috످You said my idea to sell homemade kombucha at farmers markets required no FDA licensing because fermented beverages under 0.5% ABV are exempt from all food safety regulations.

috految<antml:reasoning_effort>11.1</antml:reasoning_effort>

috److I can't see that conversation, but if I said that, it was wrong, and I'm sorry. Kombucha under 0.5% ABV is still subject to food safety regulations. That threshold only exempts it from federal alcohol rules.

While the FDA doesn't issue food licenses, you'll likely need a state or local food license, plus a market vendor permit and a commercial kitchen. Most states don't allow homemade kombucha sales under their cottage food laws, though a few do.

You'll likely also need a food safety plan, including pH testing (typically 2.5–4.2), and labels with the product name, ingredients, allergens, net volume, and business name and address. You'll likely need liability insurance too, which many markets require.

You generally don't need FDA facility registration if you sell mostly direct to consumers, but you may if you expand into wholesale.

Homemade kombucha also often exceeds 0.5% ABV because it keeps fermenting in the bottle. If it reaches that level at any point, even after sale, federal alcohol permits and taxes can apply (see TTB.gov at https://www.ttb.gov). Keep it refrigerated and have a lab test it.

Before selling, call your state health or agriculture department to confirm what you need. If you've already started, pause sales until you've checked.

What state are you in? That will determine whether you can use your home kitchen.

috످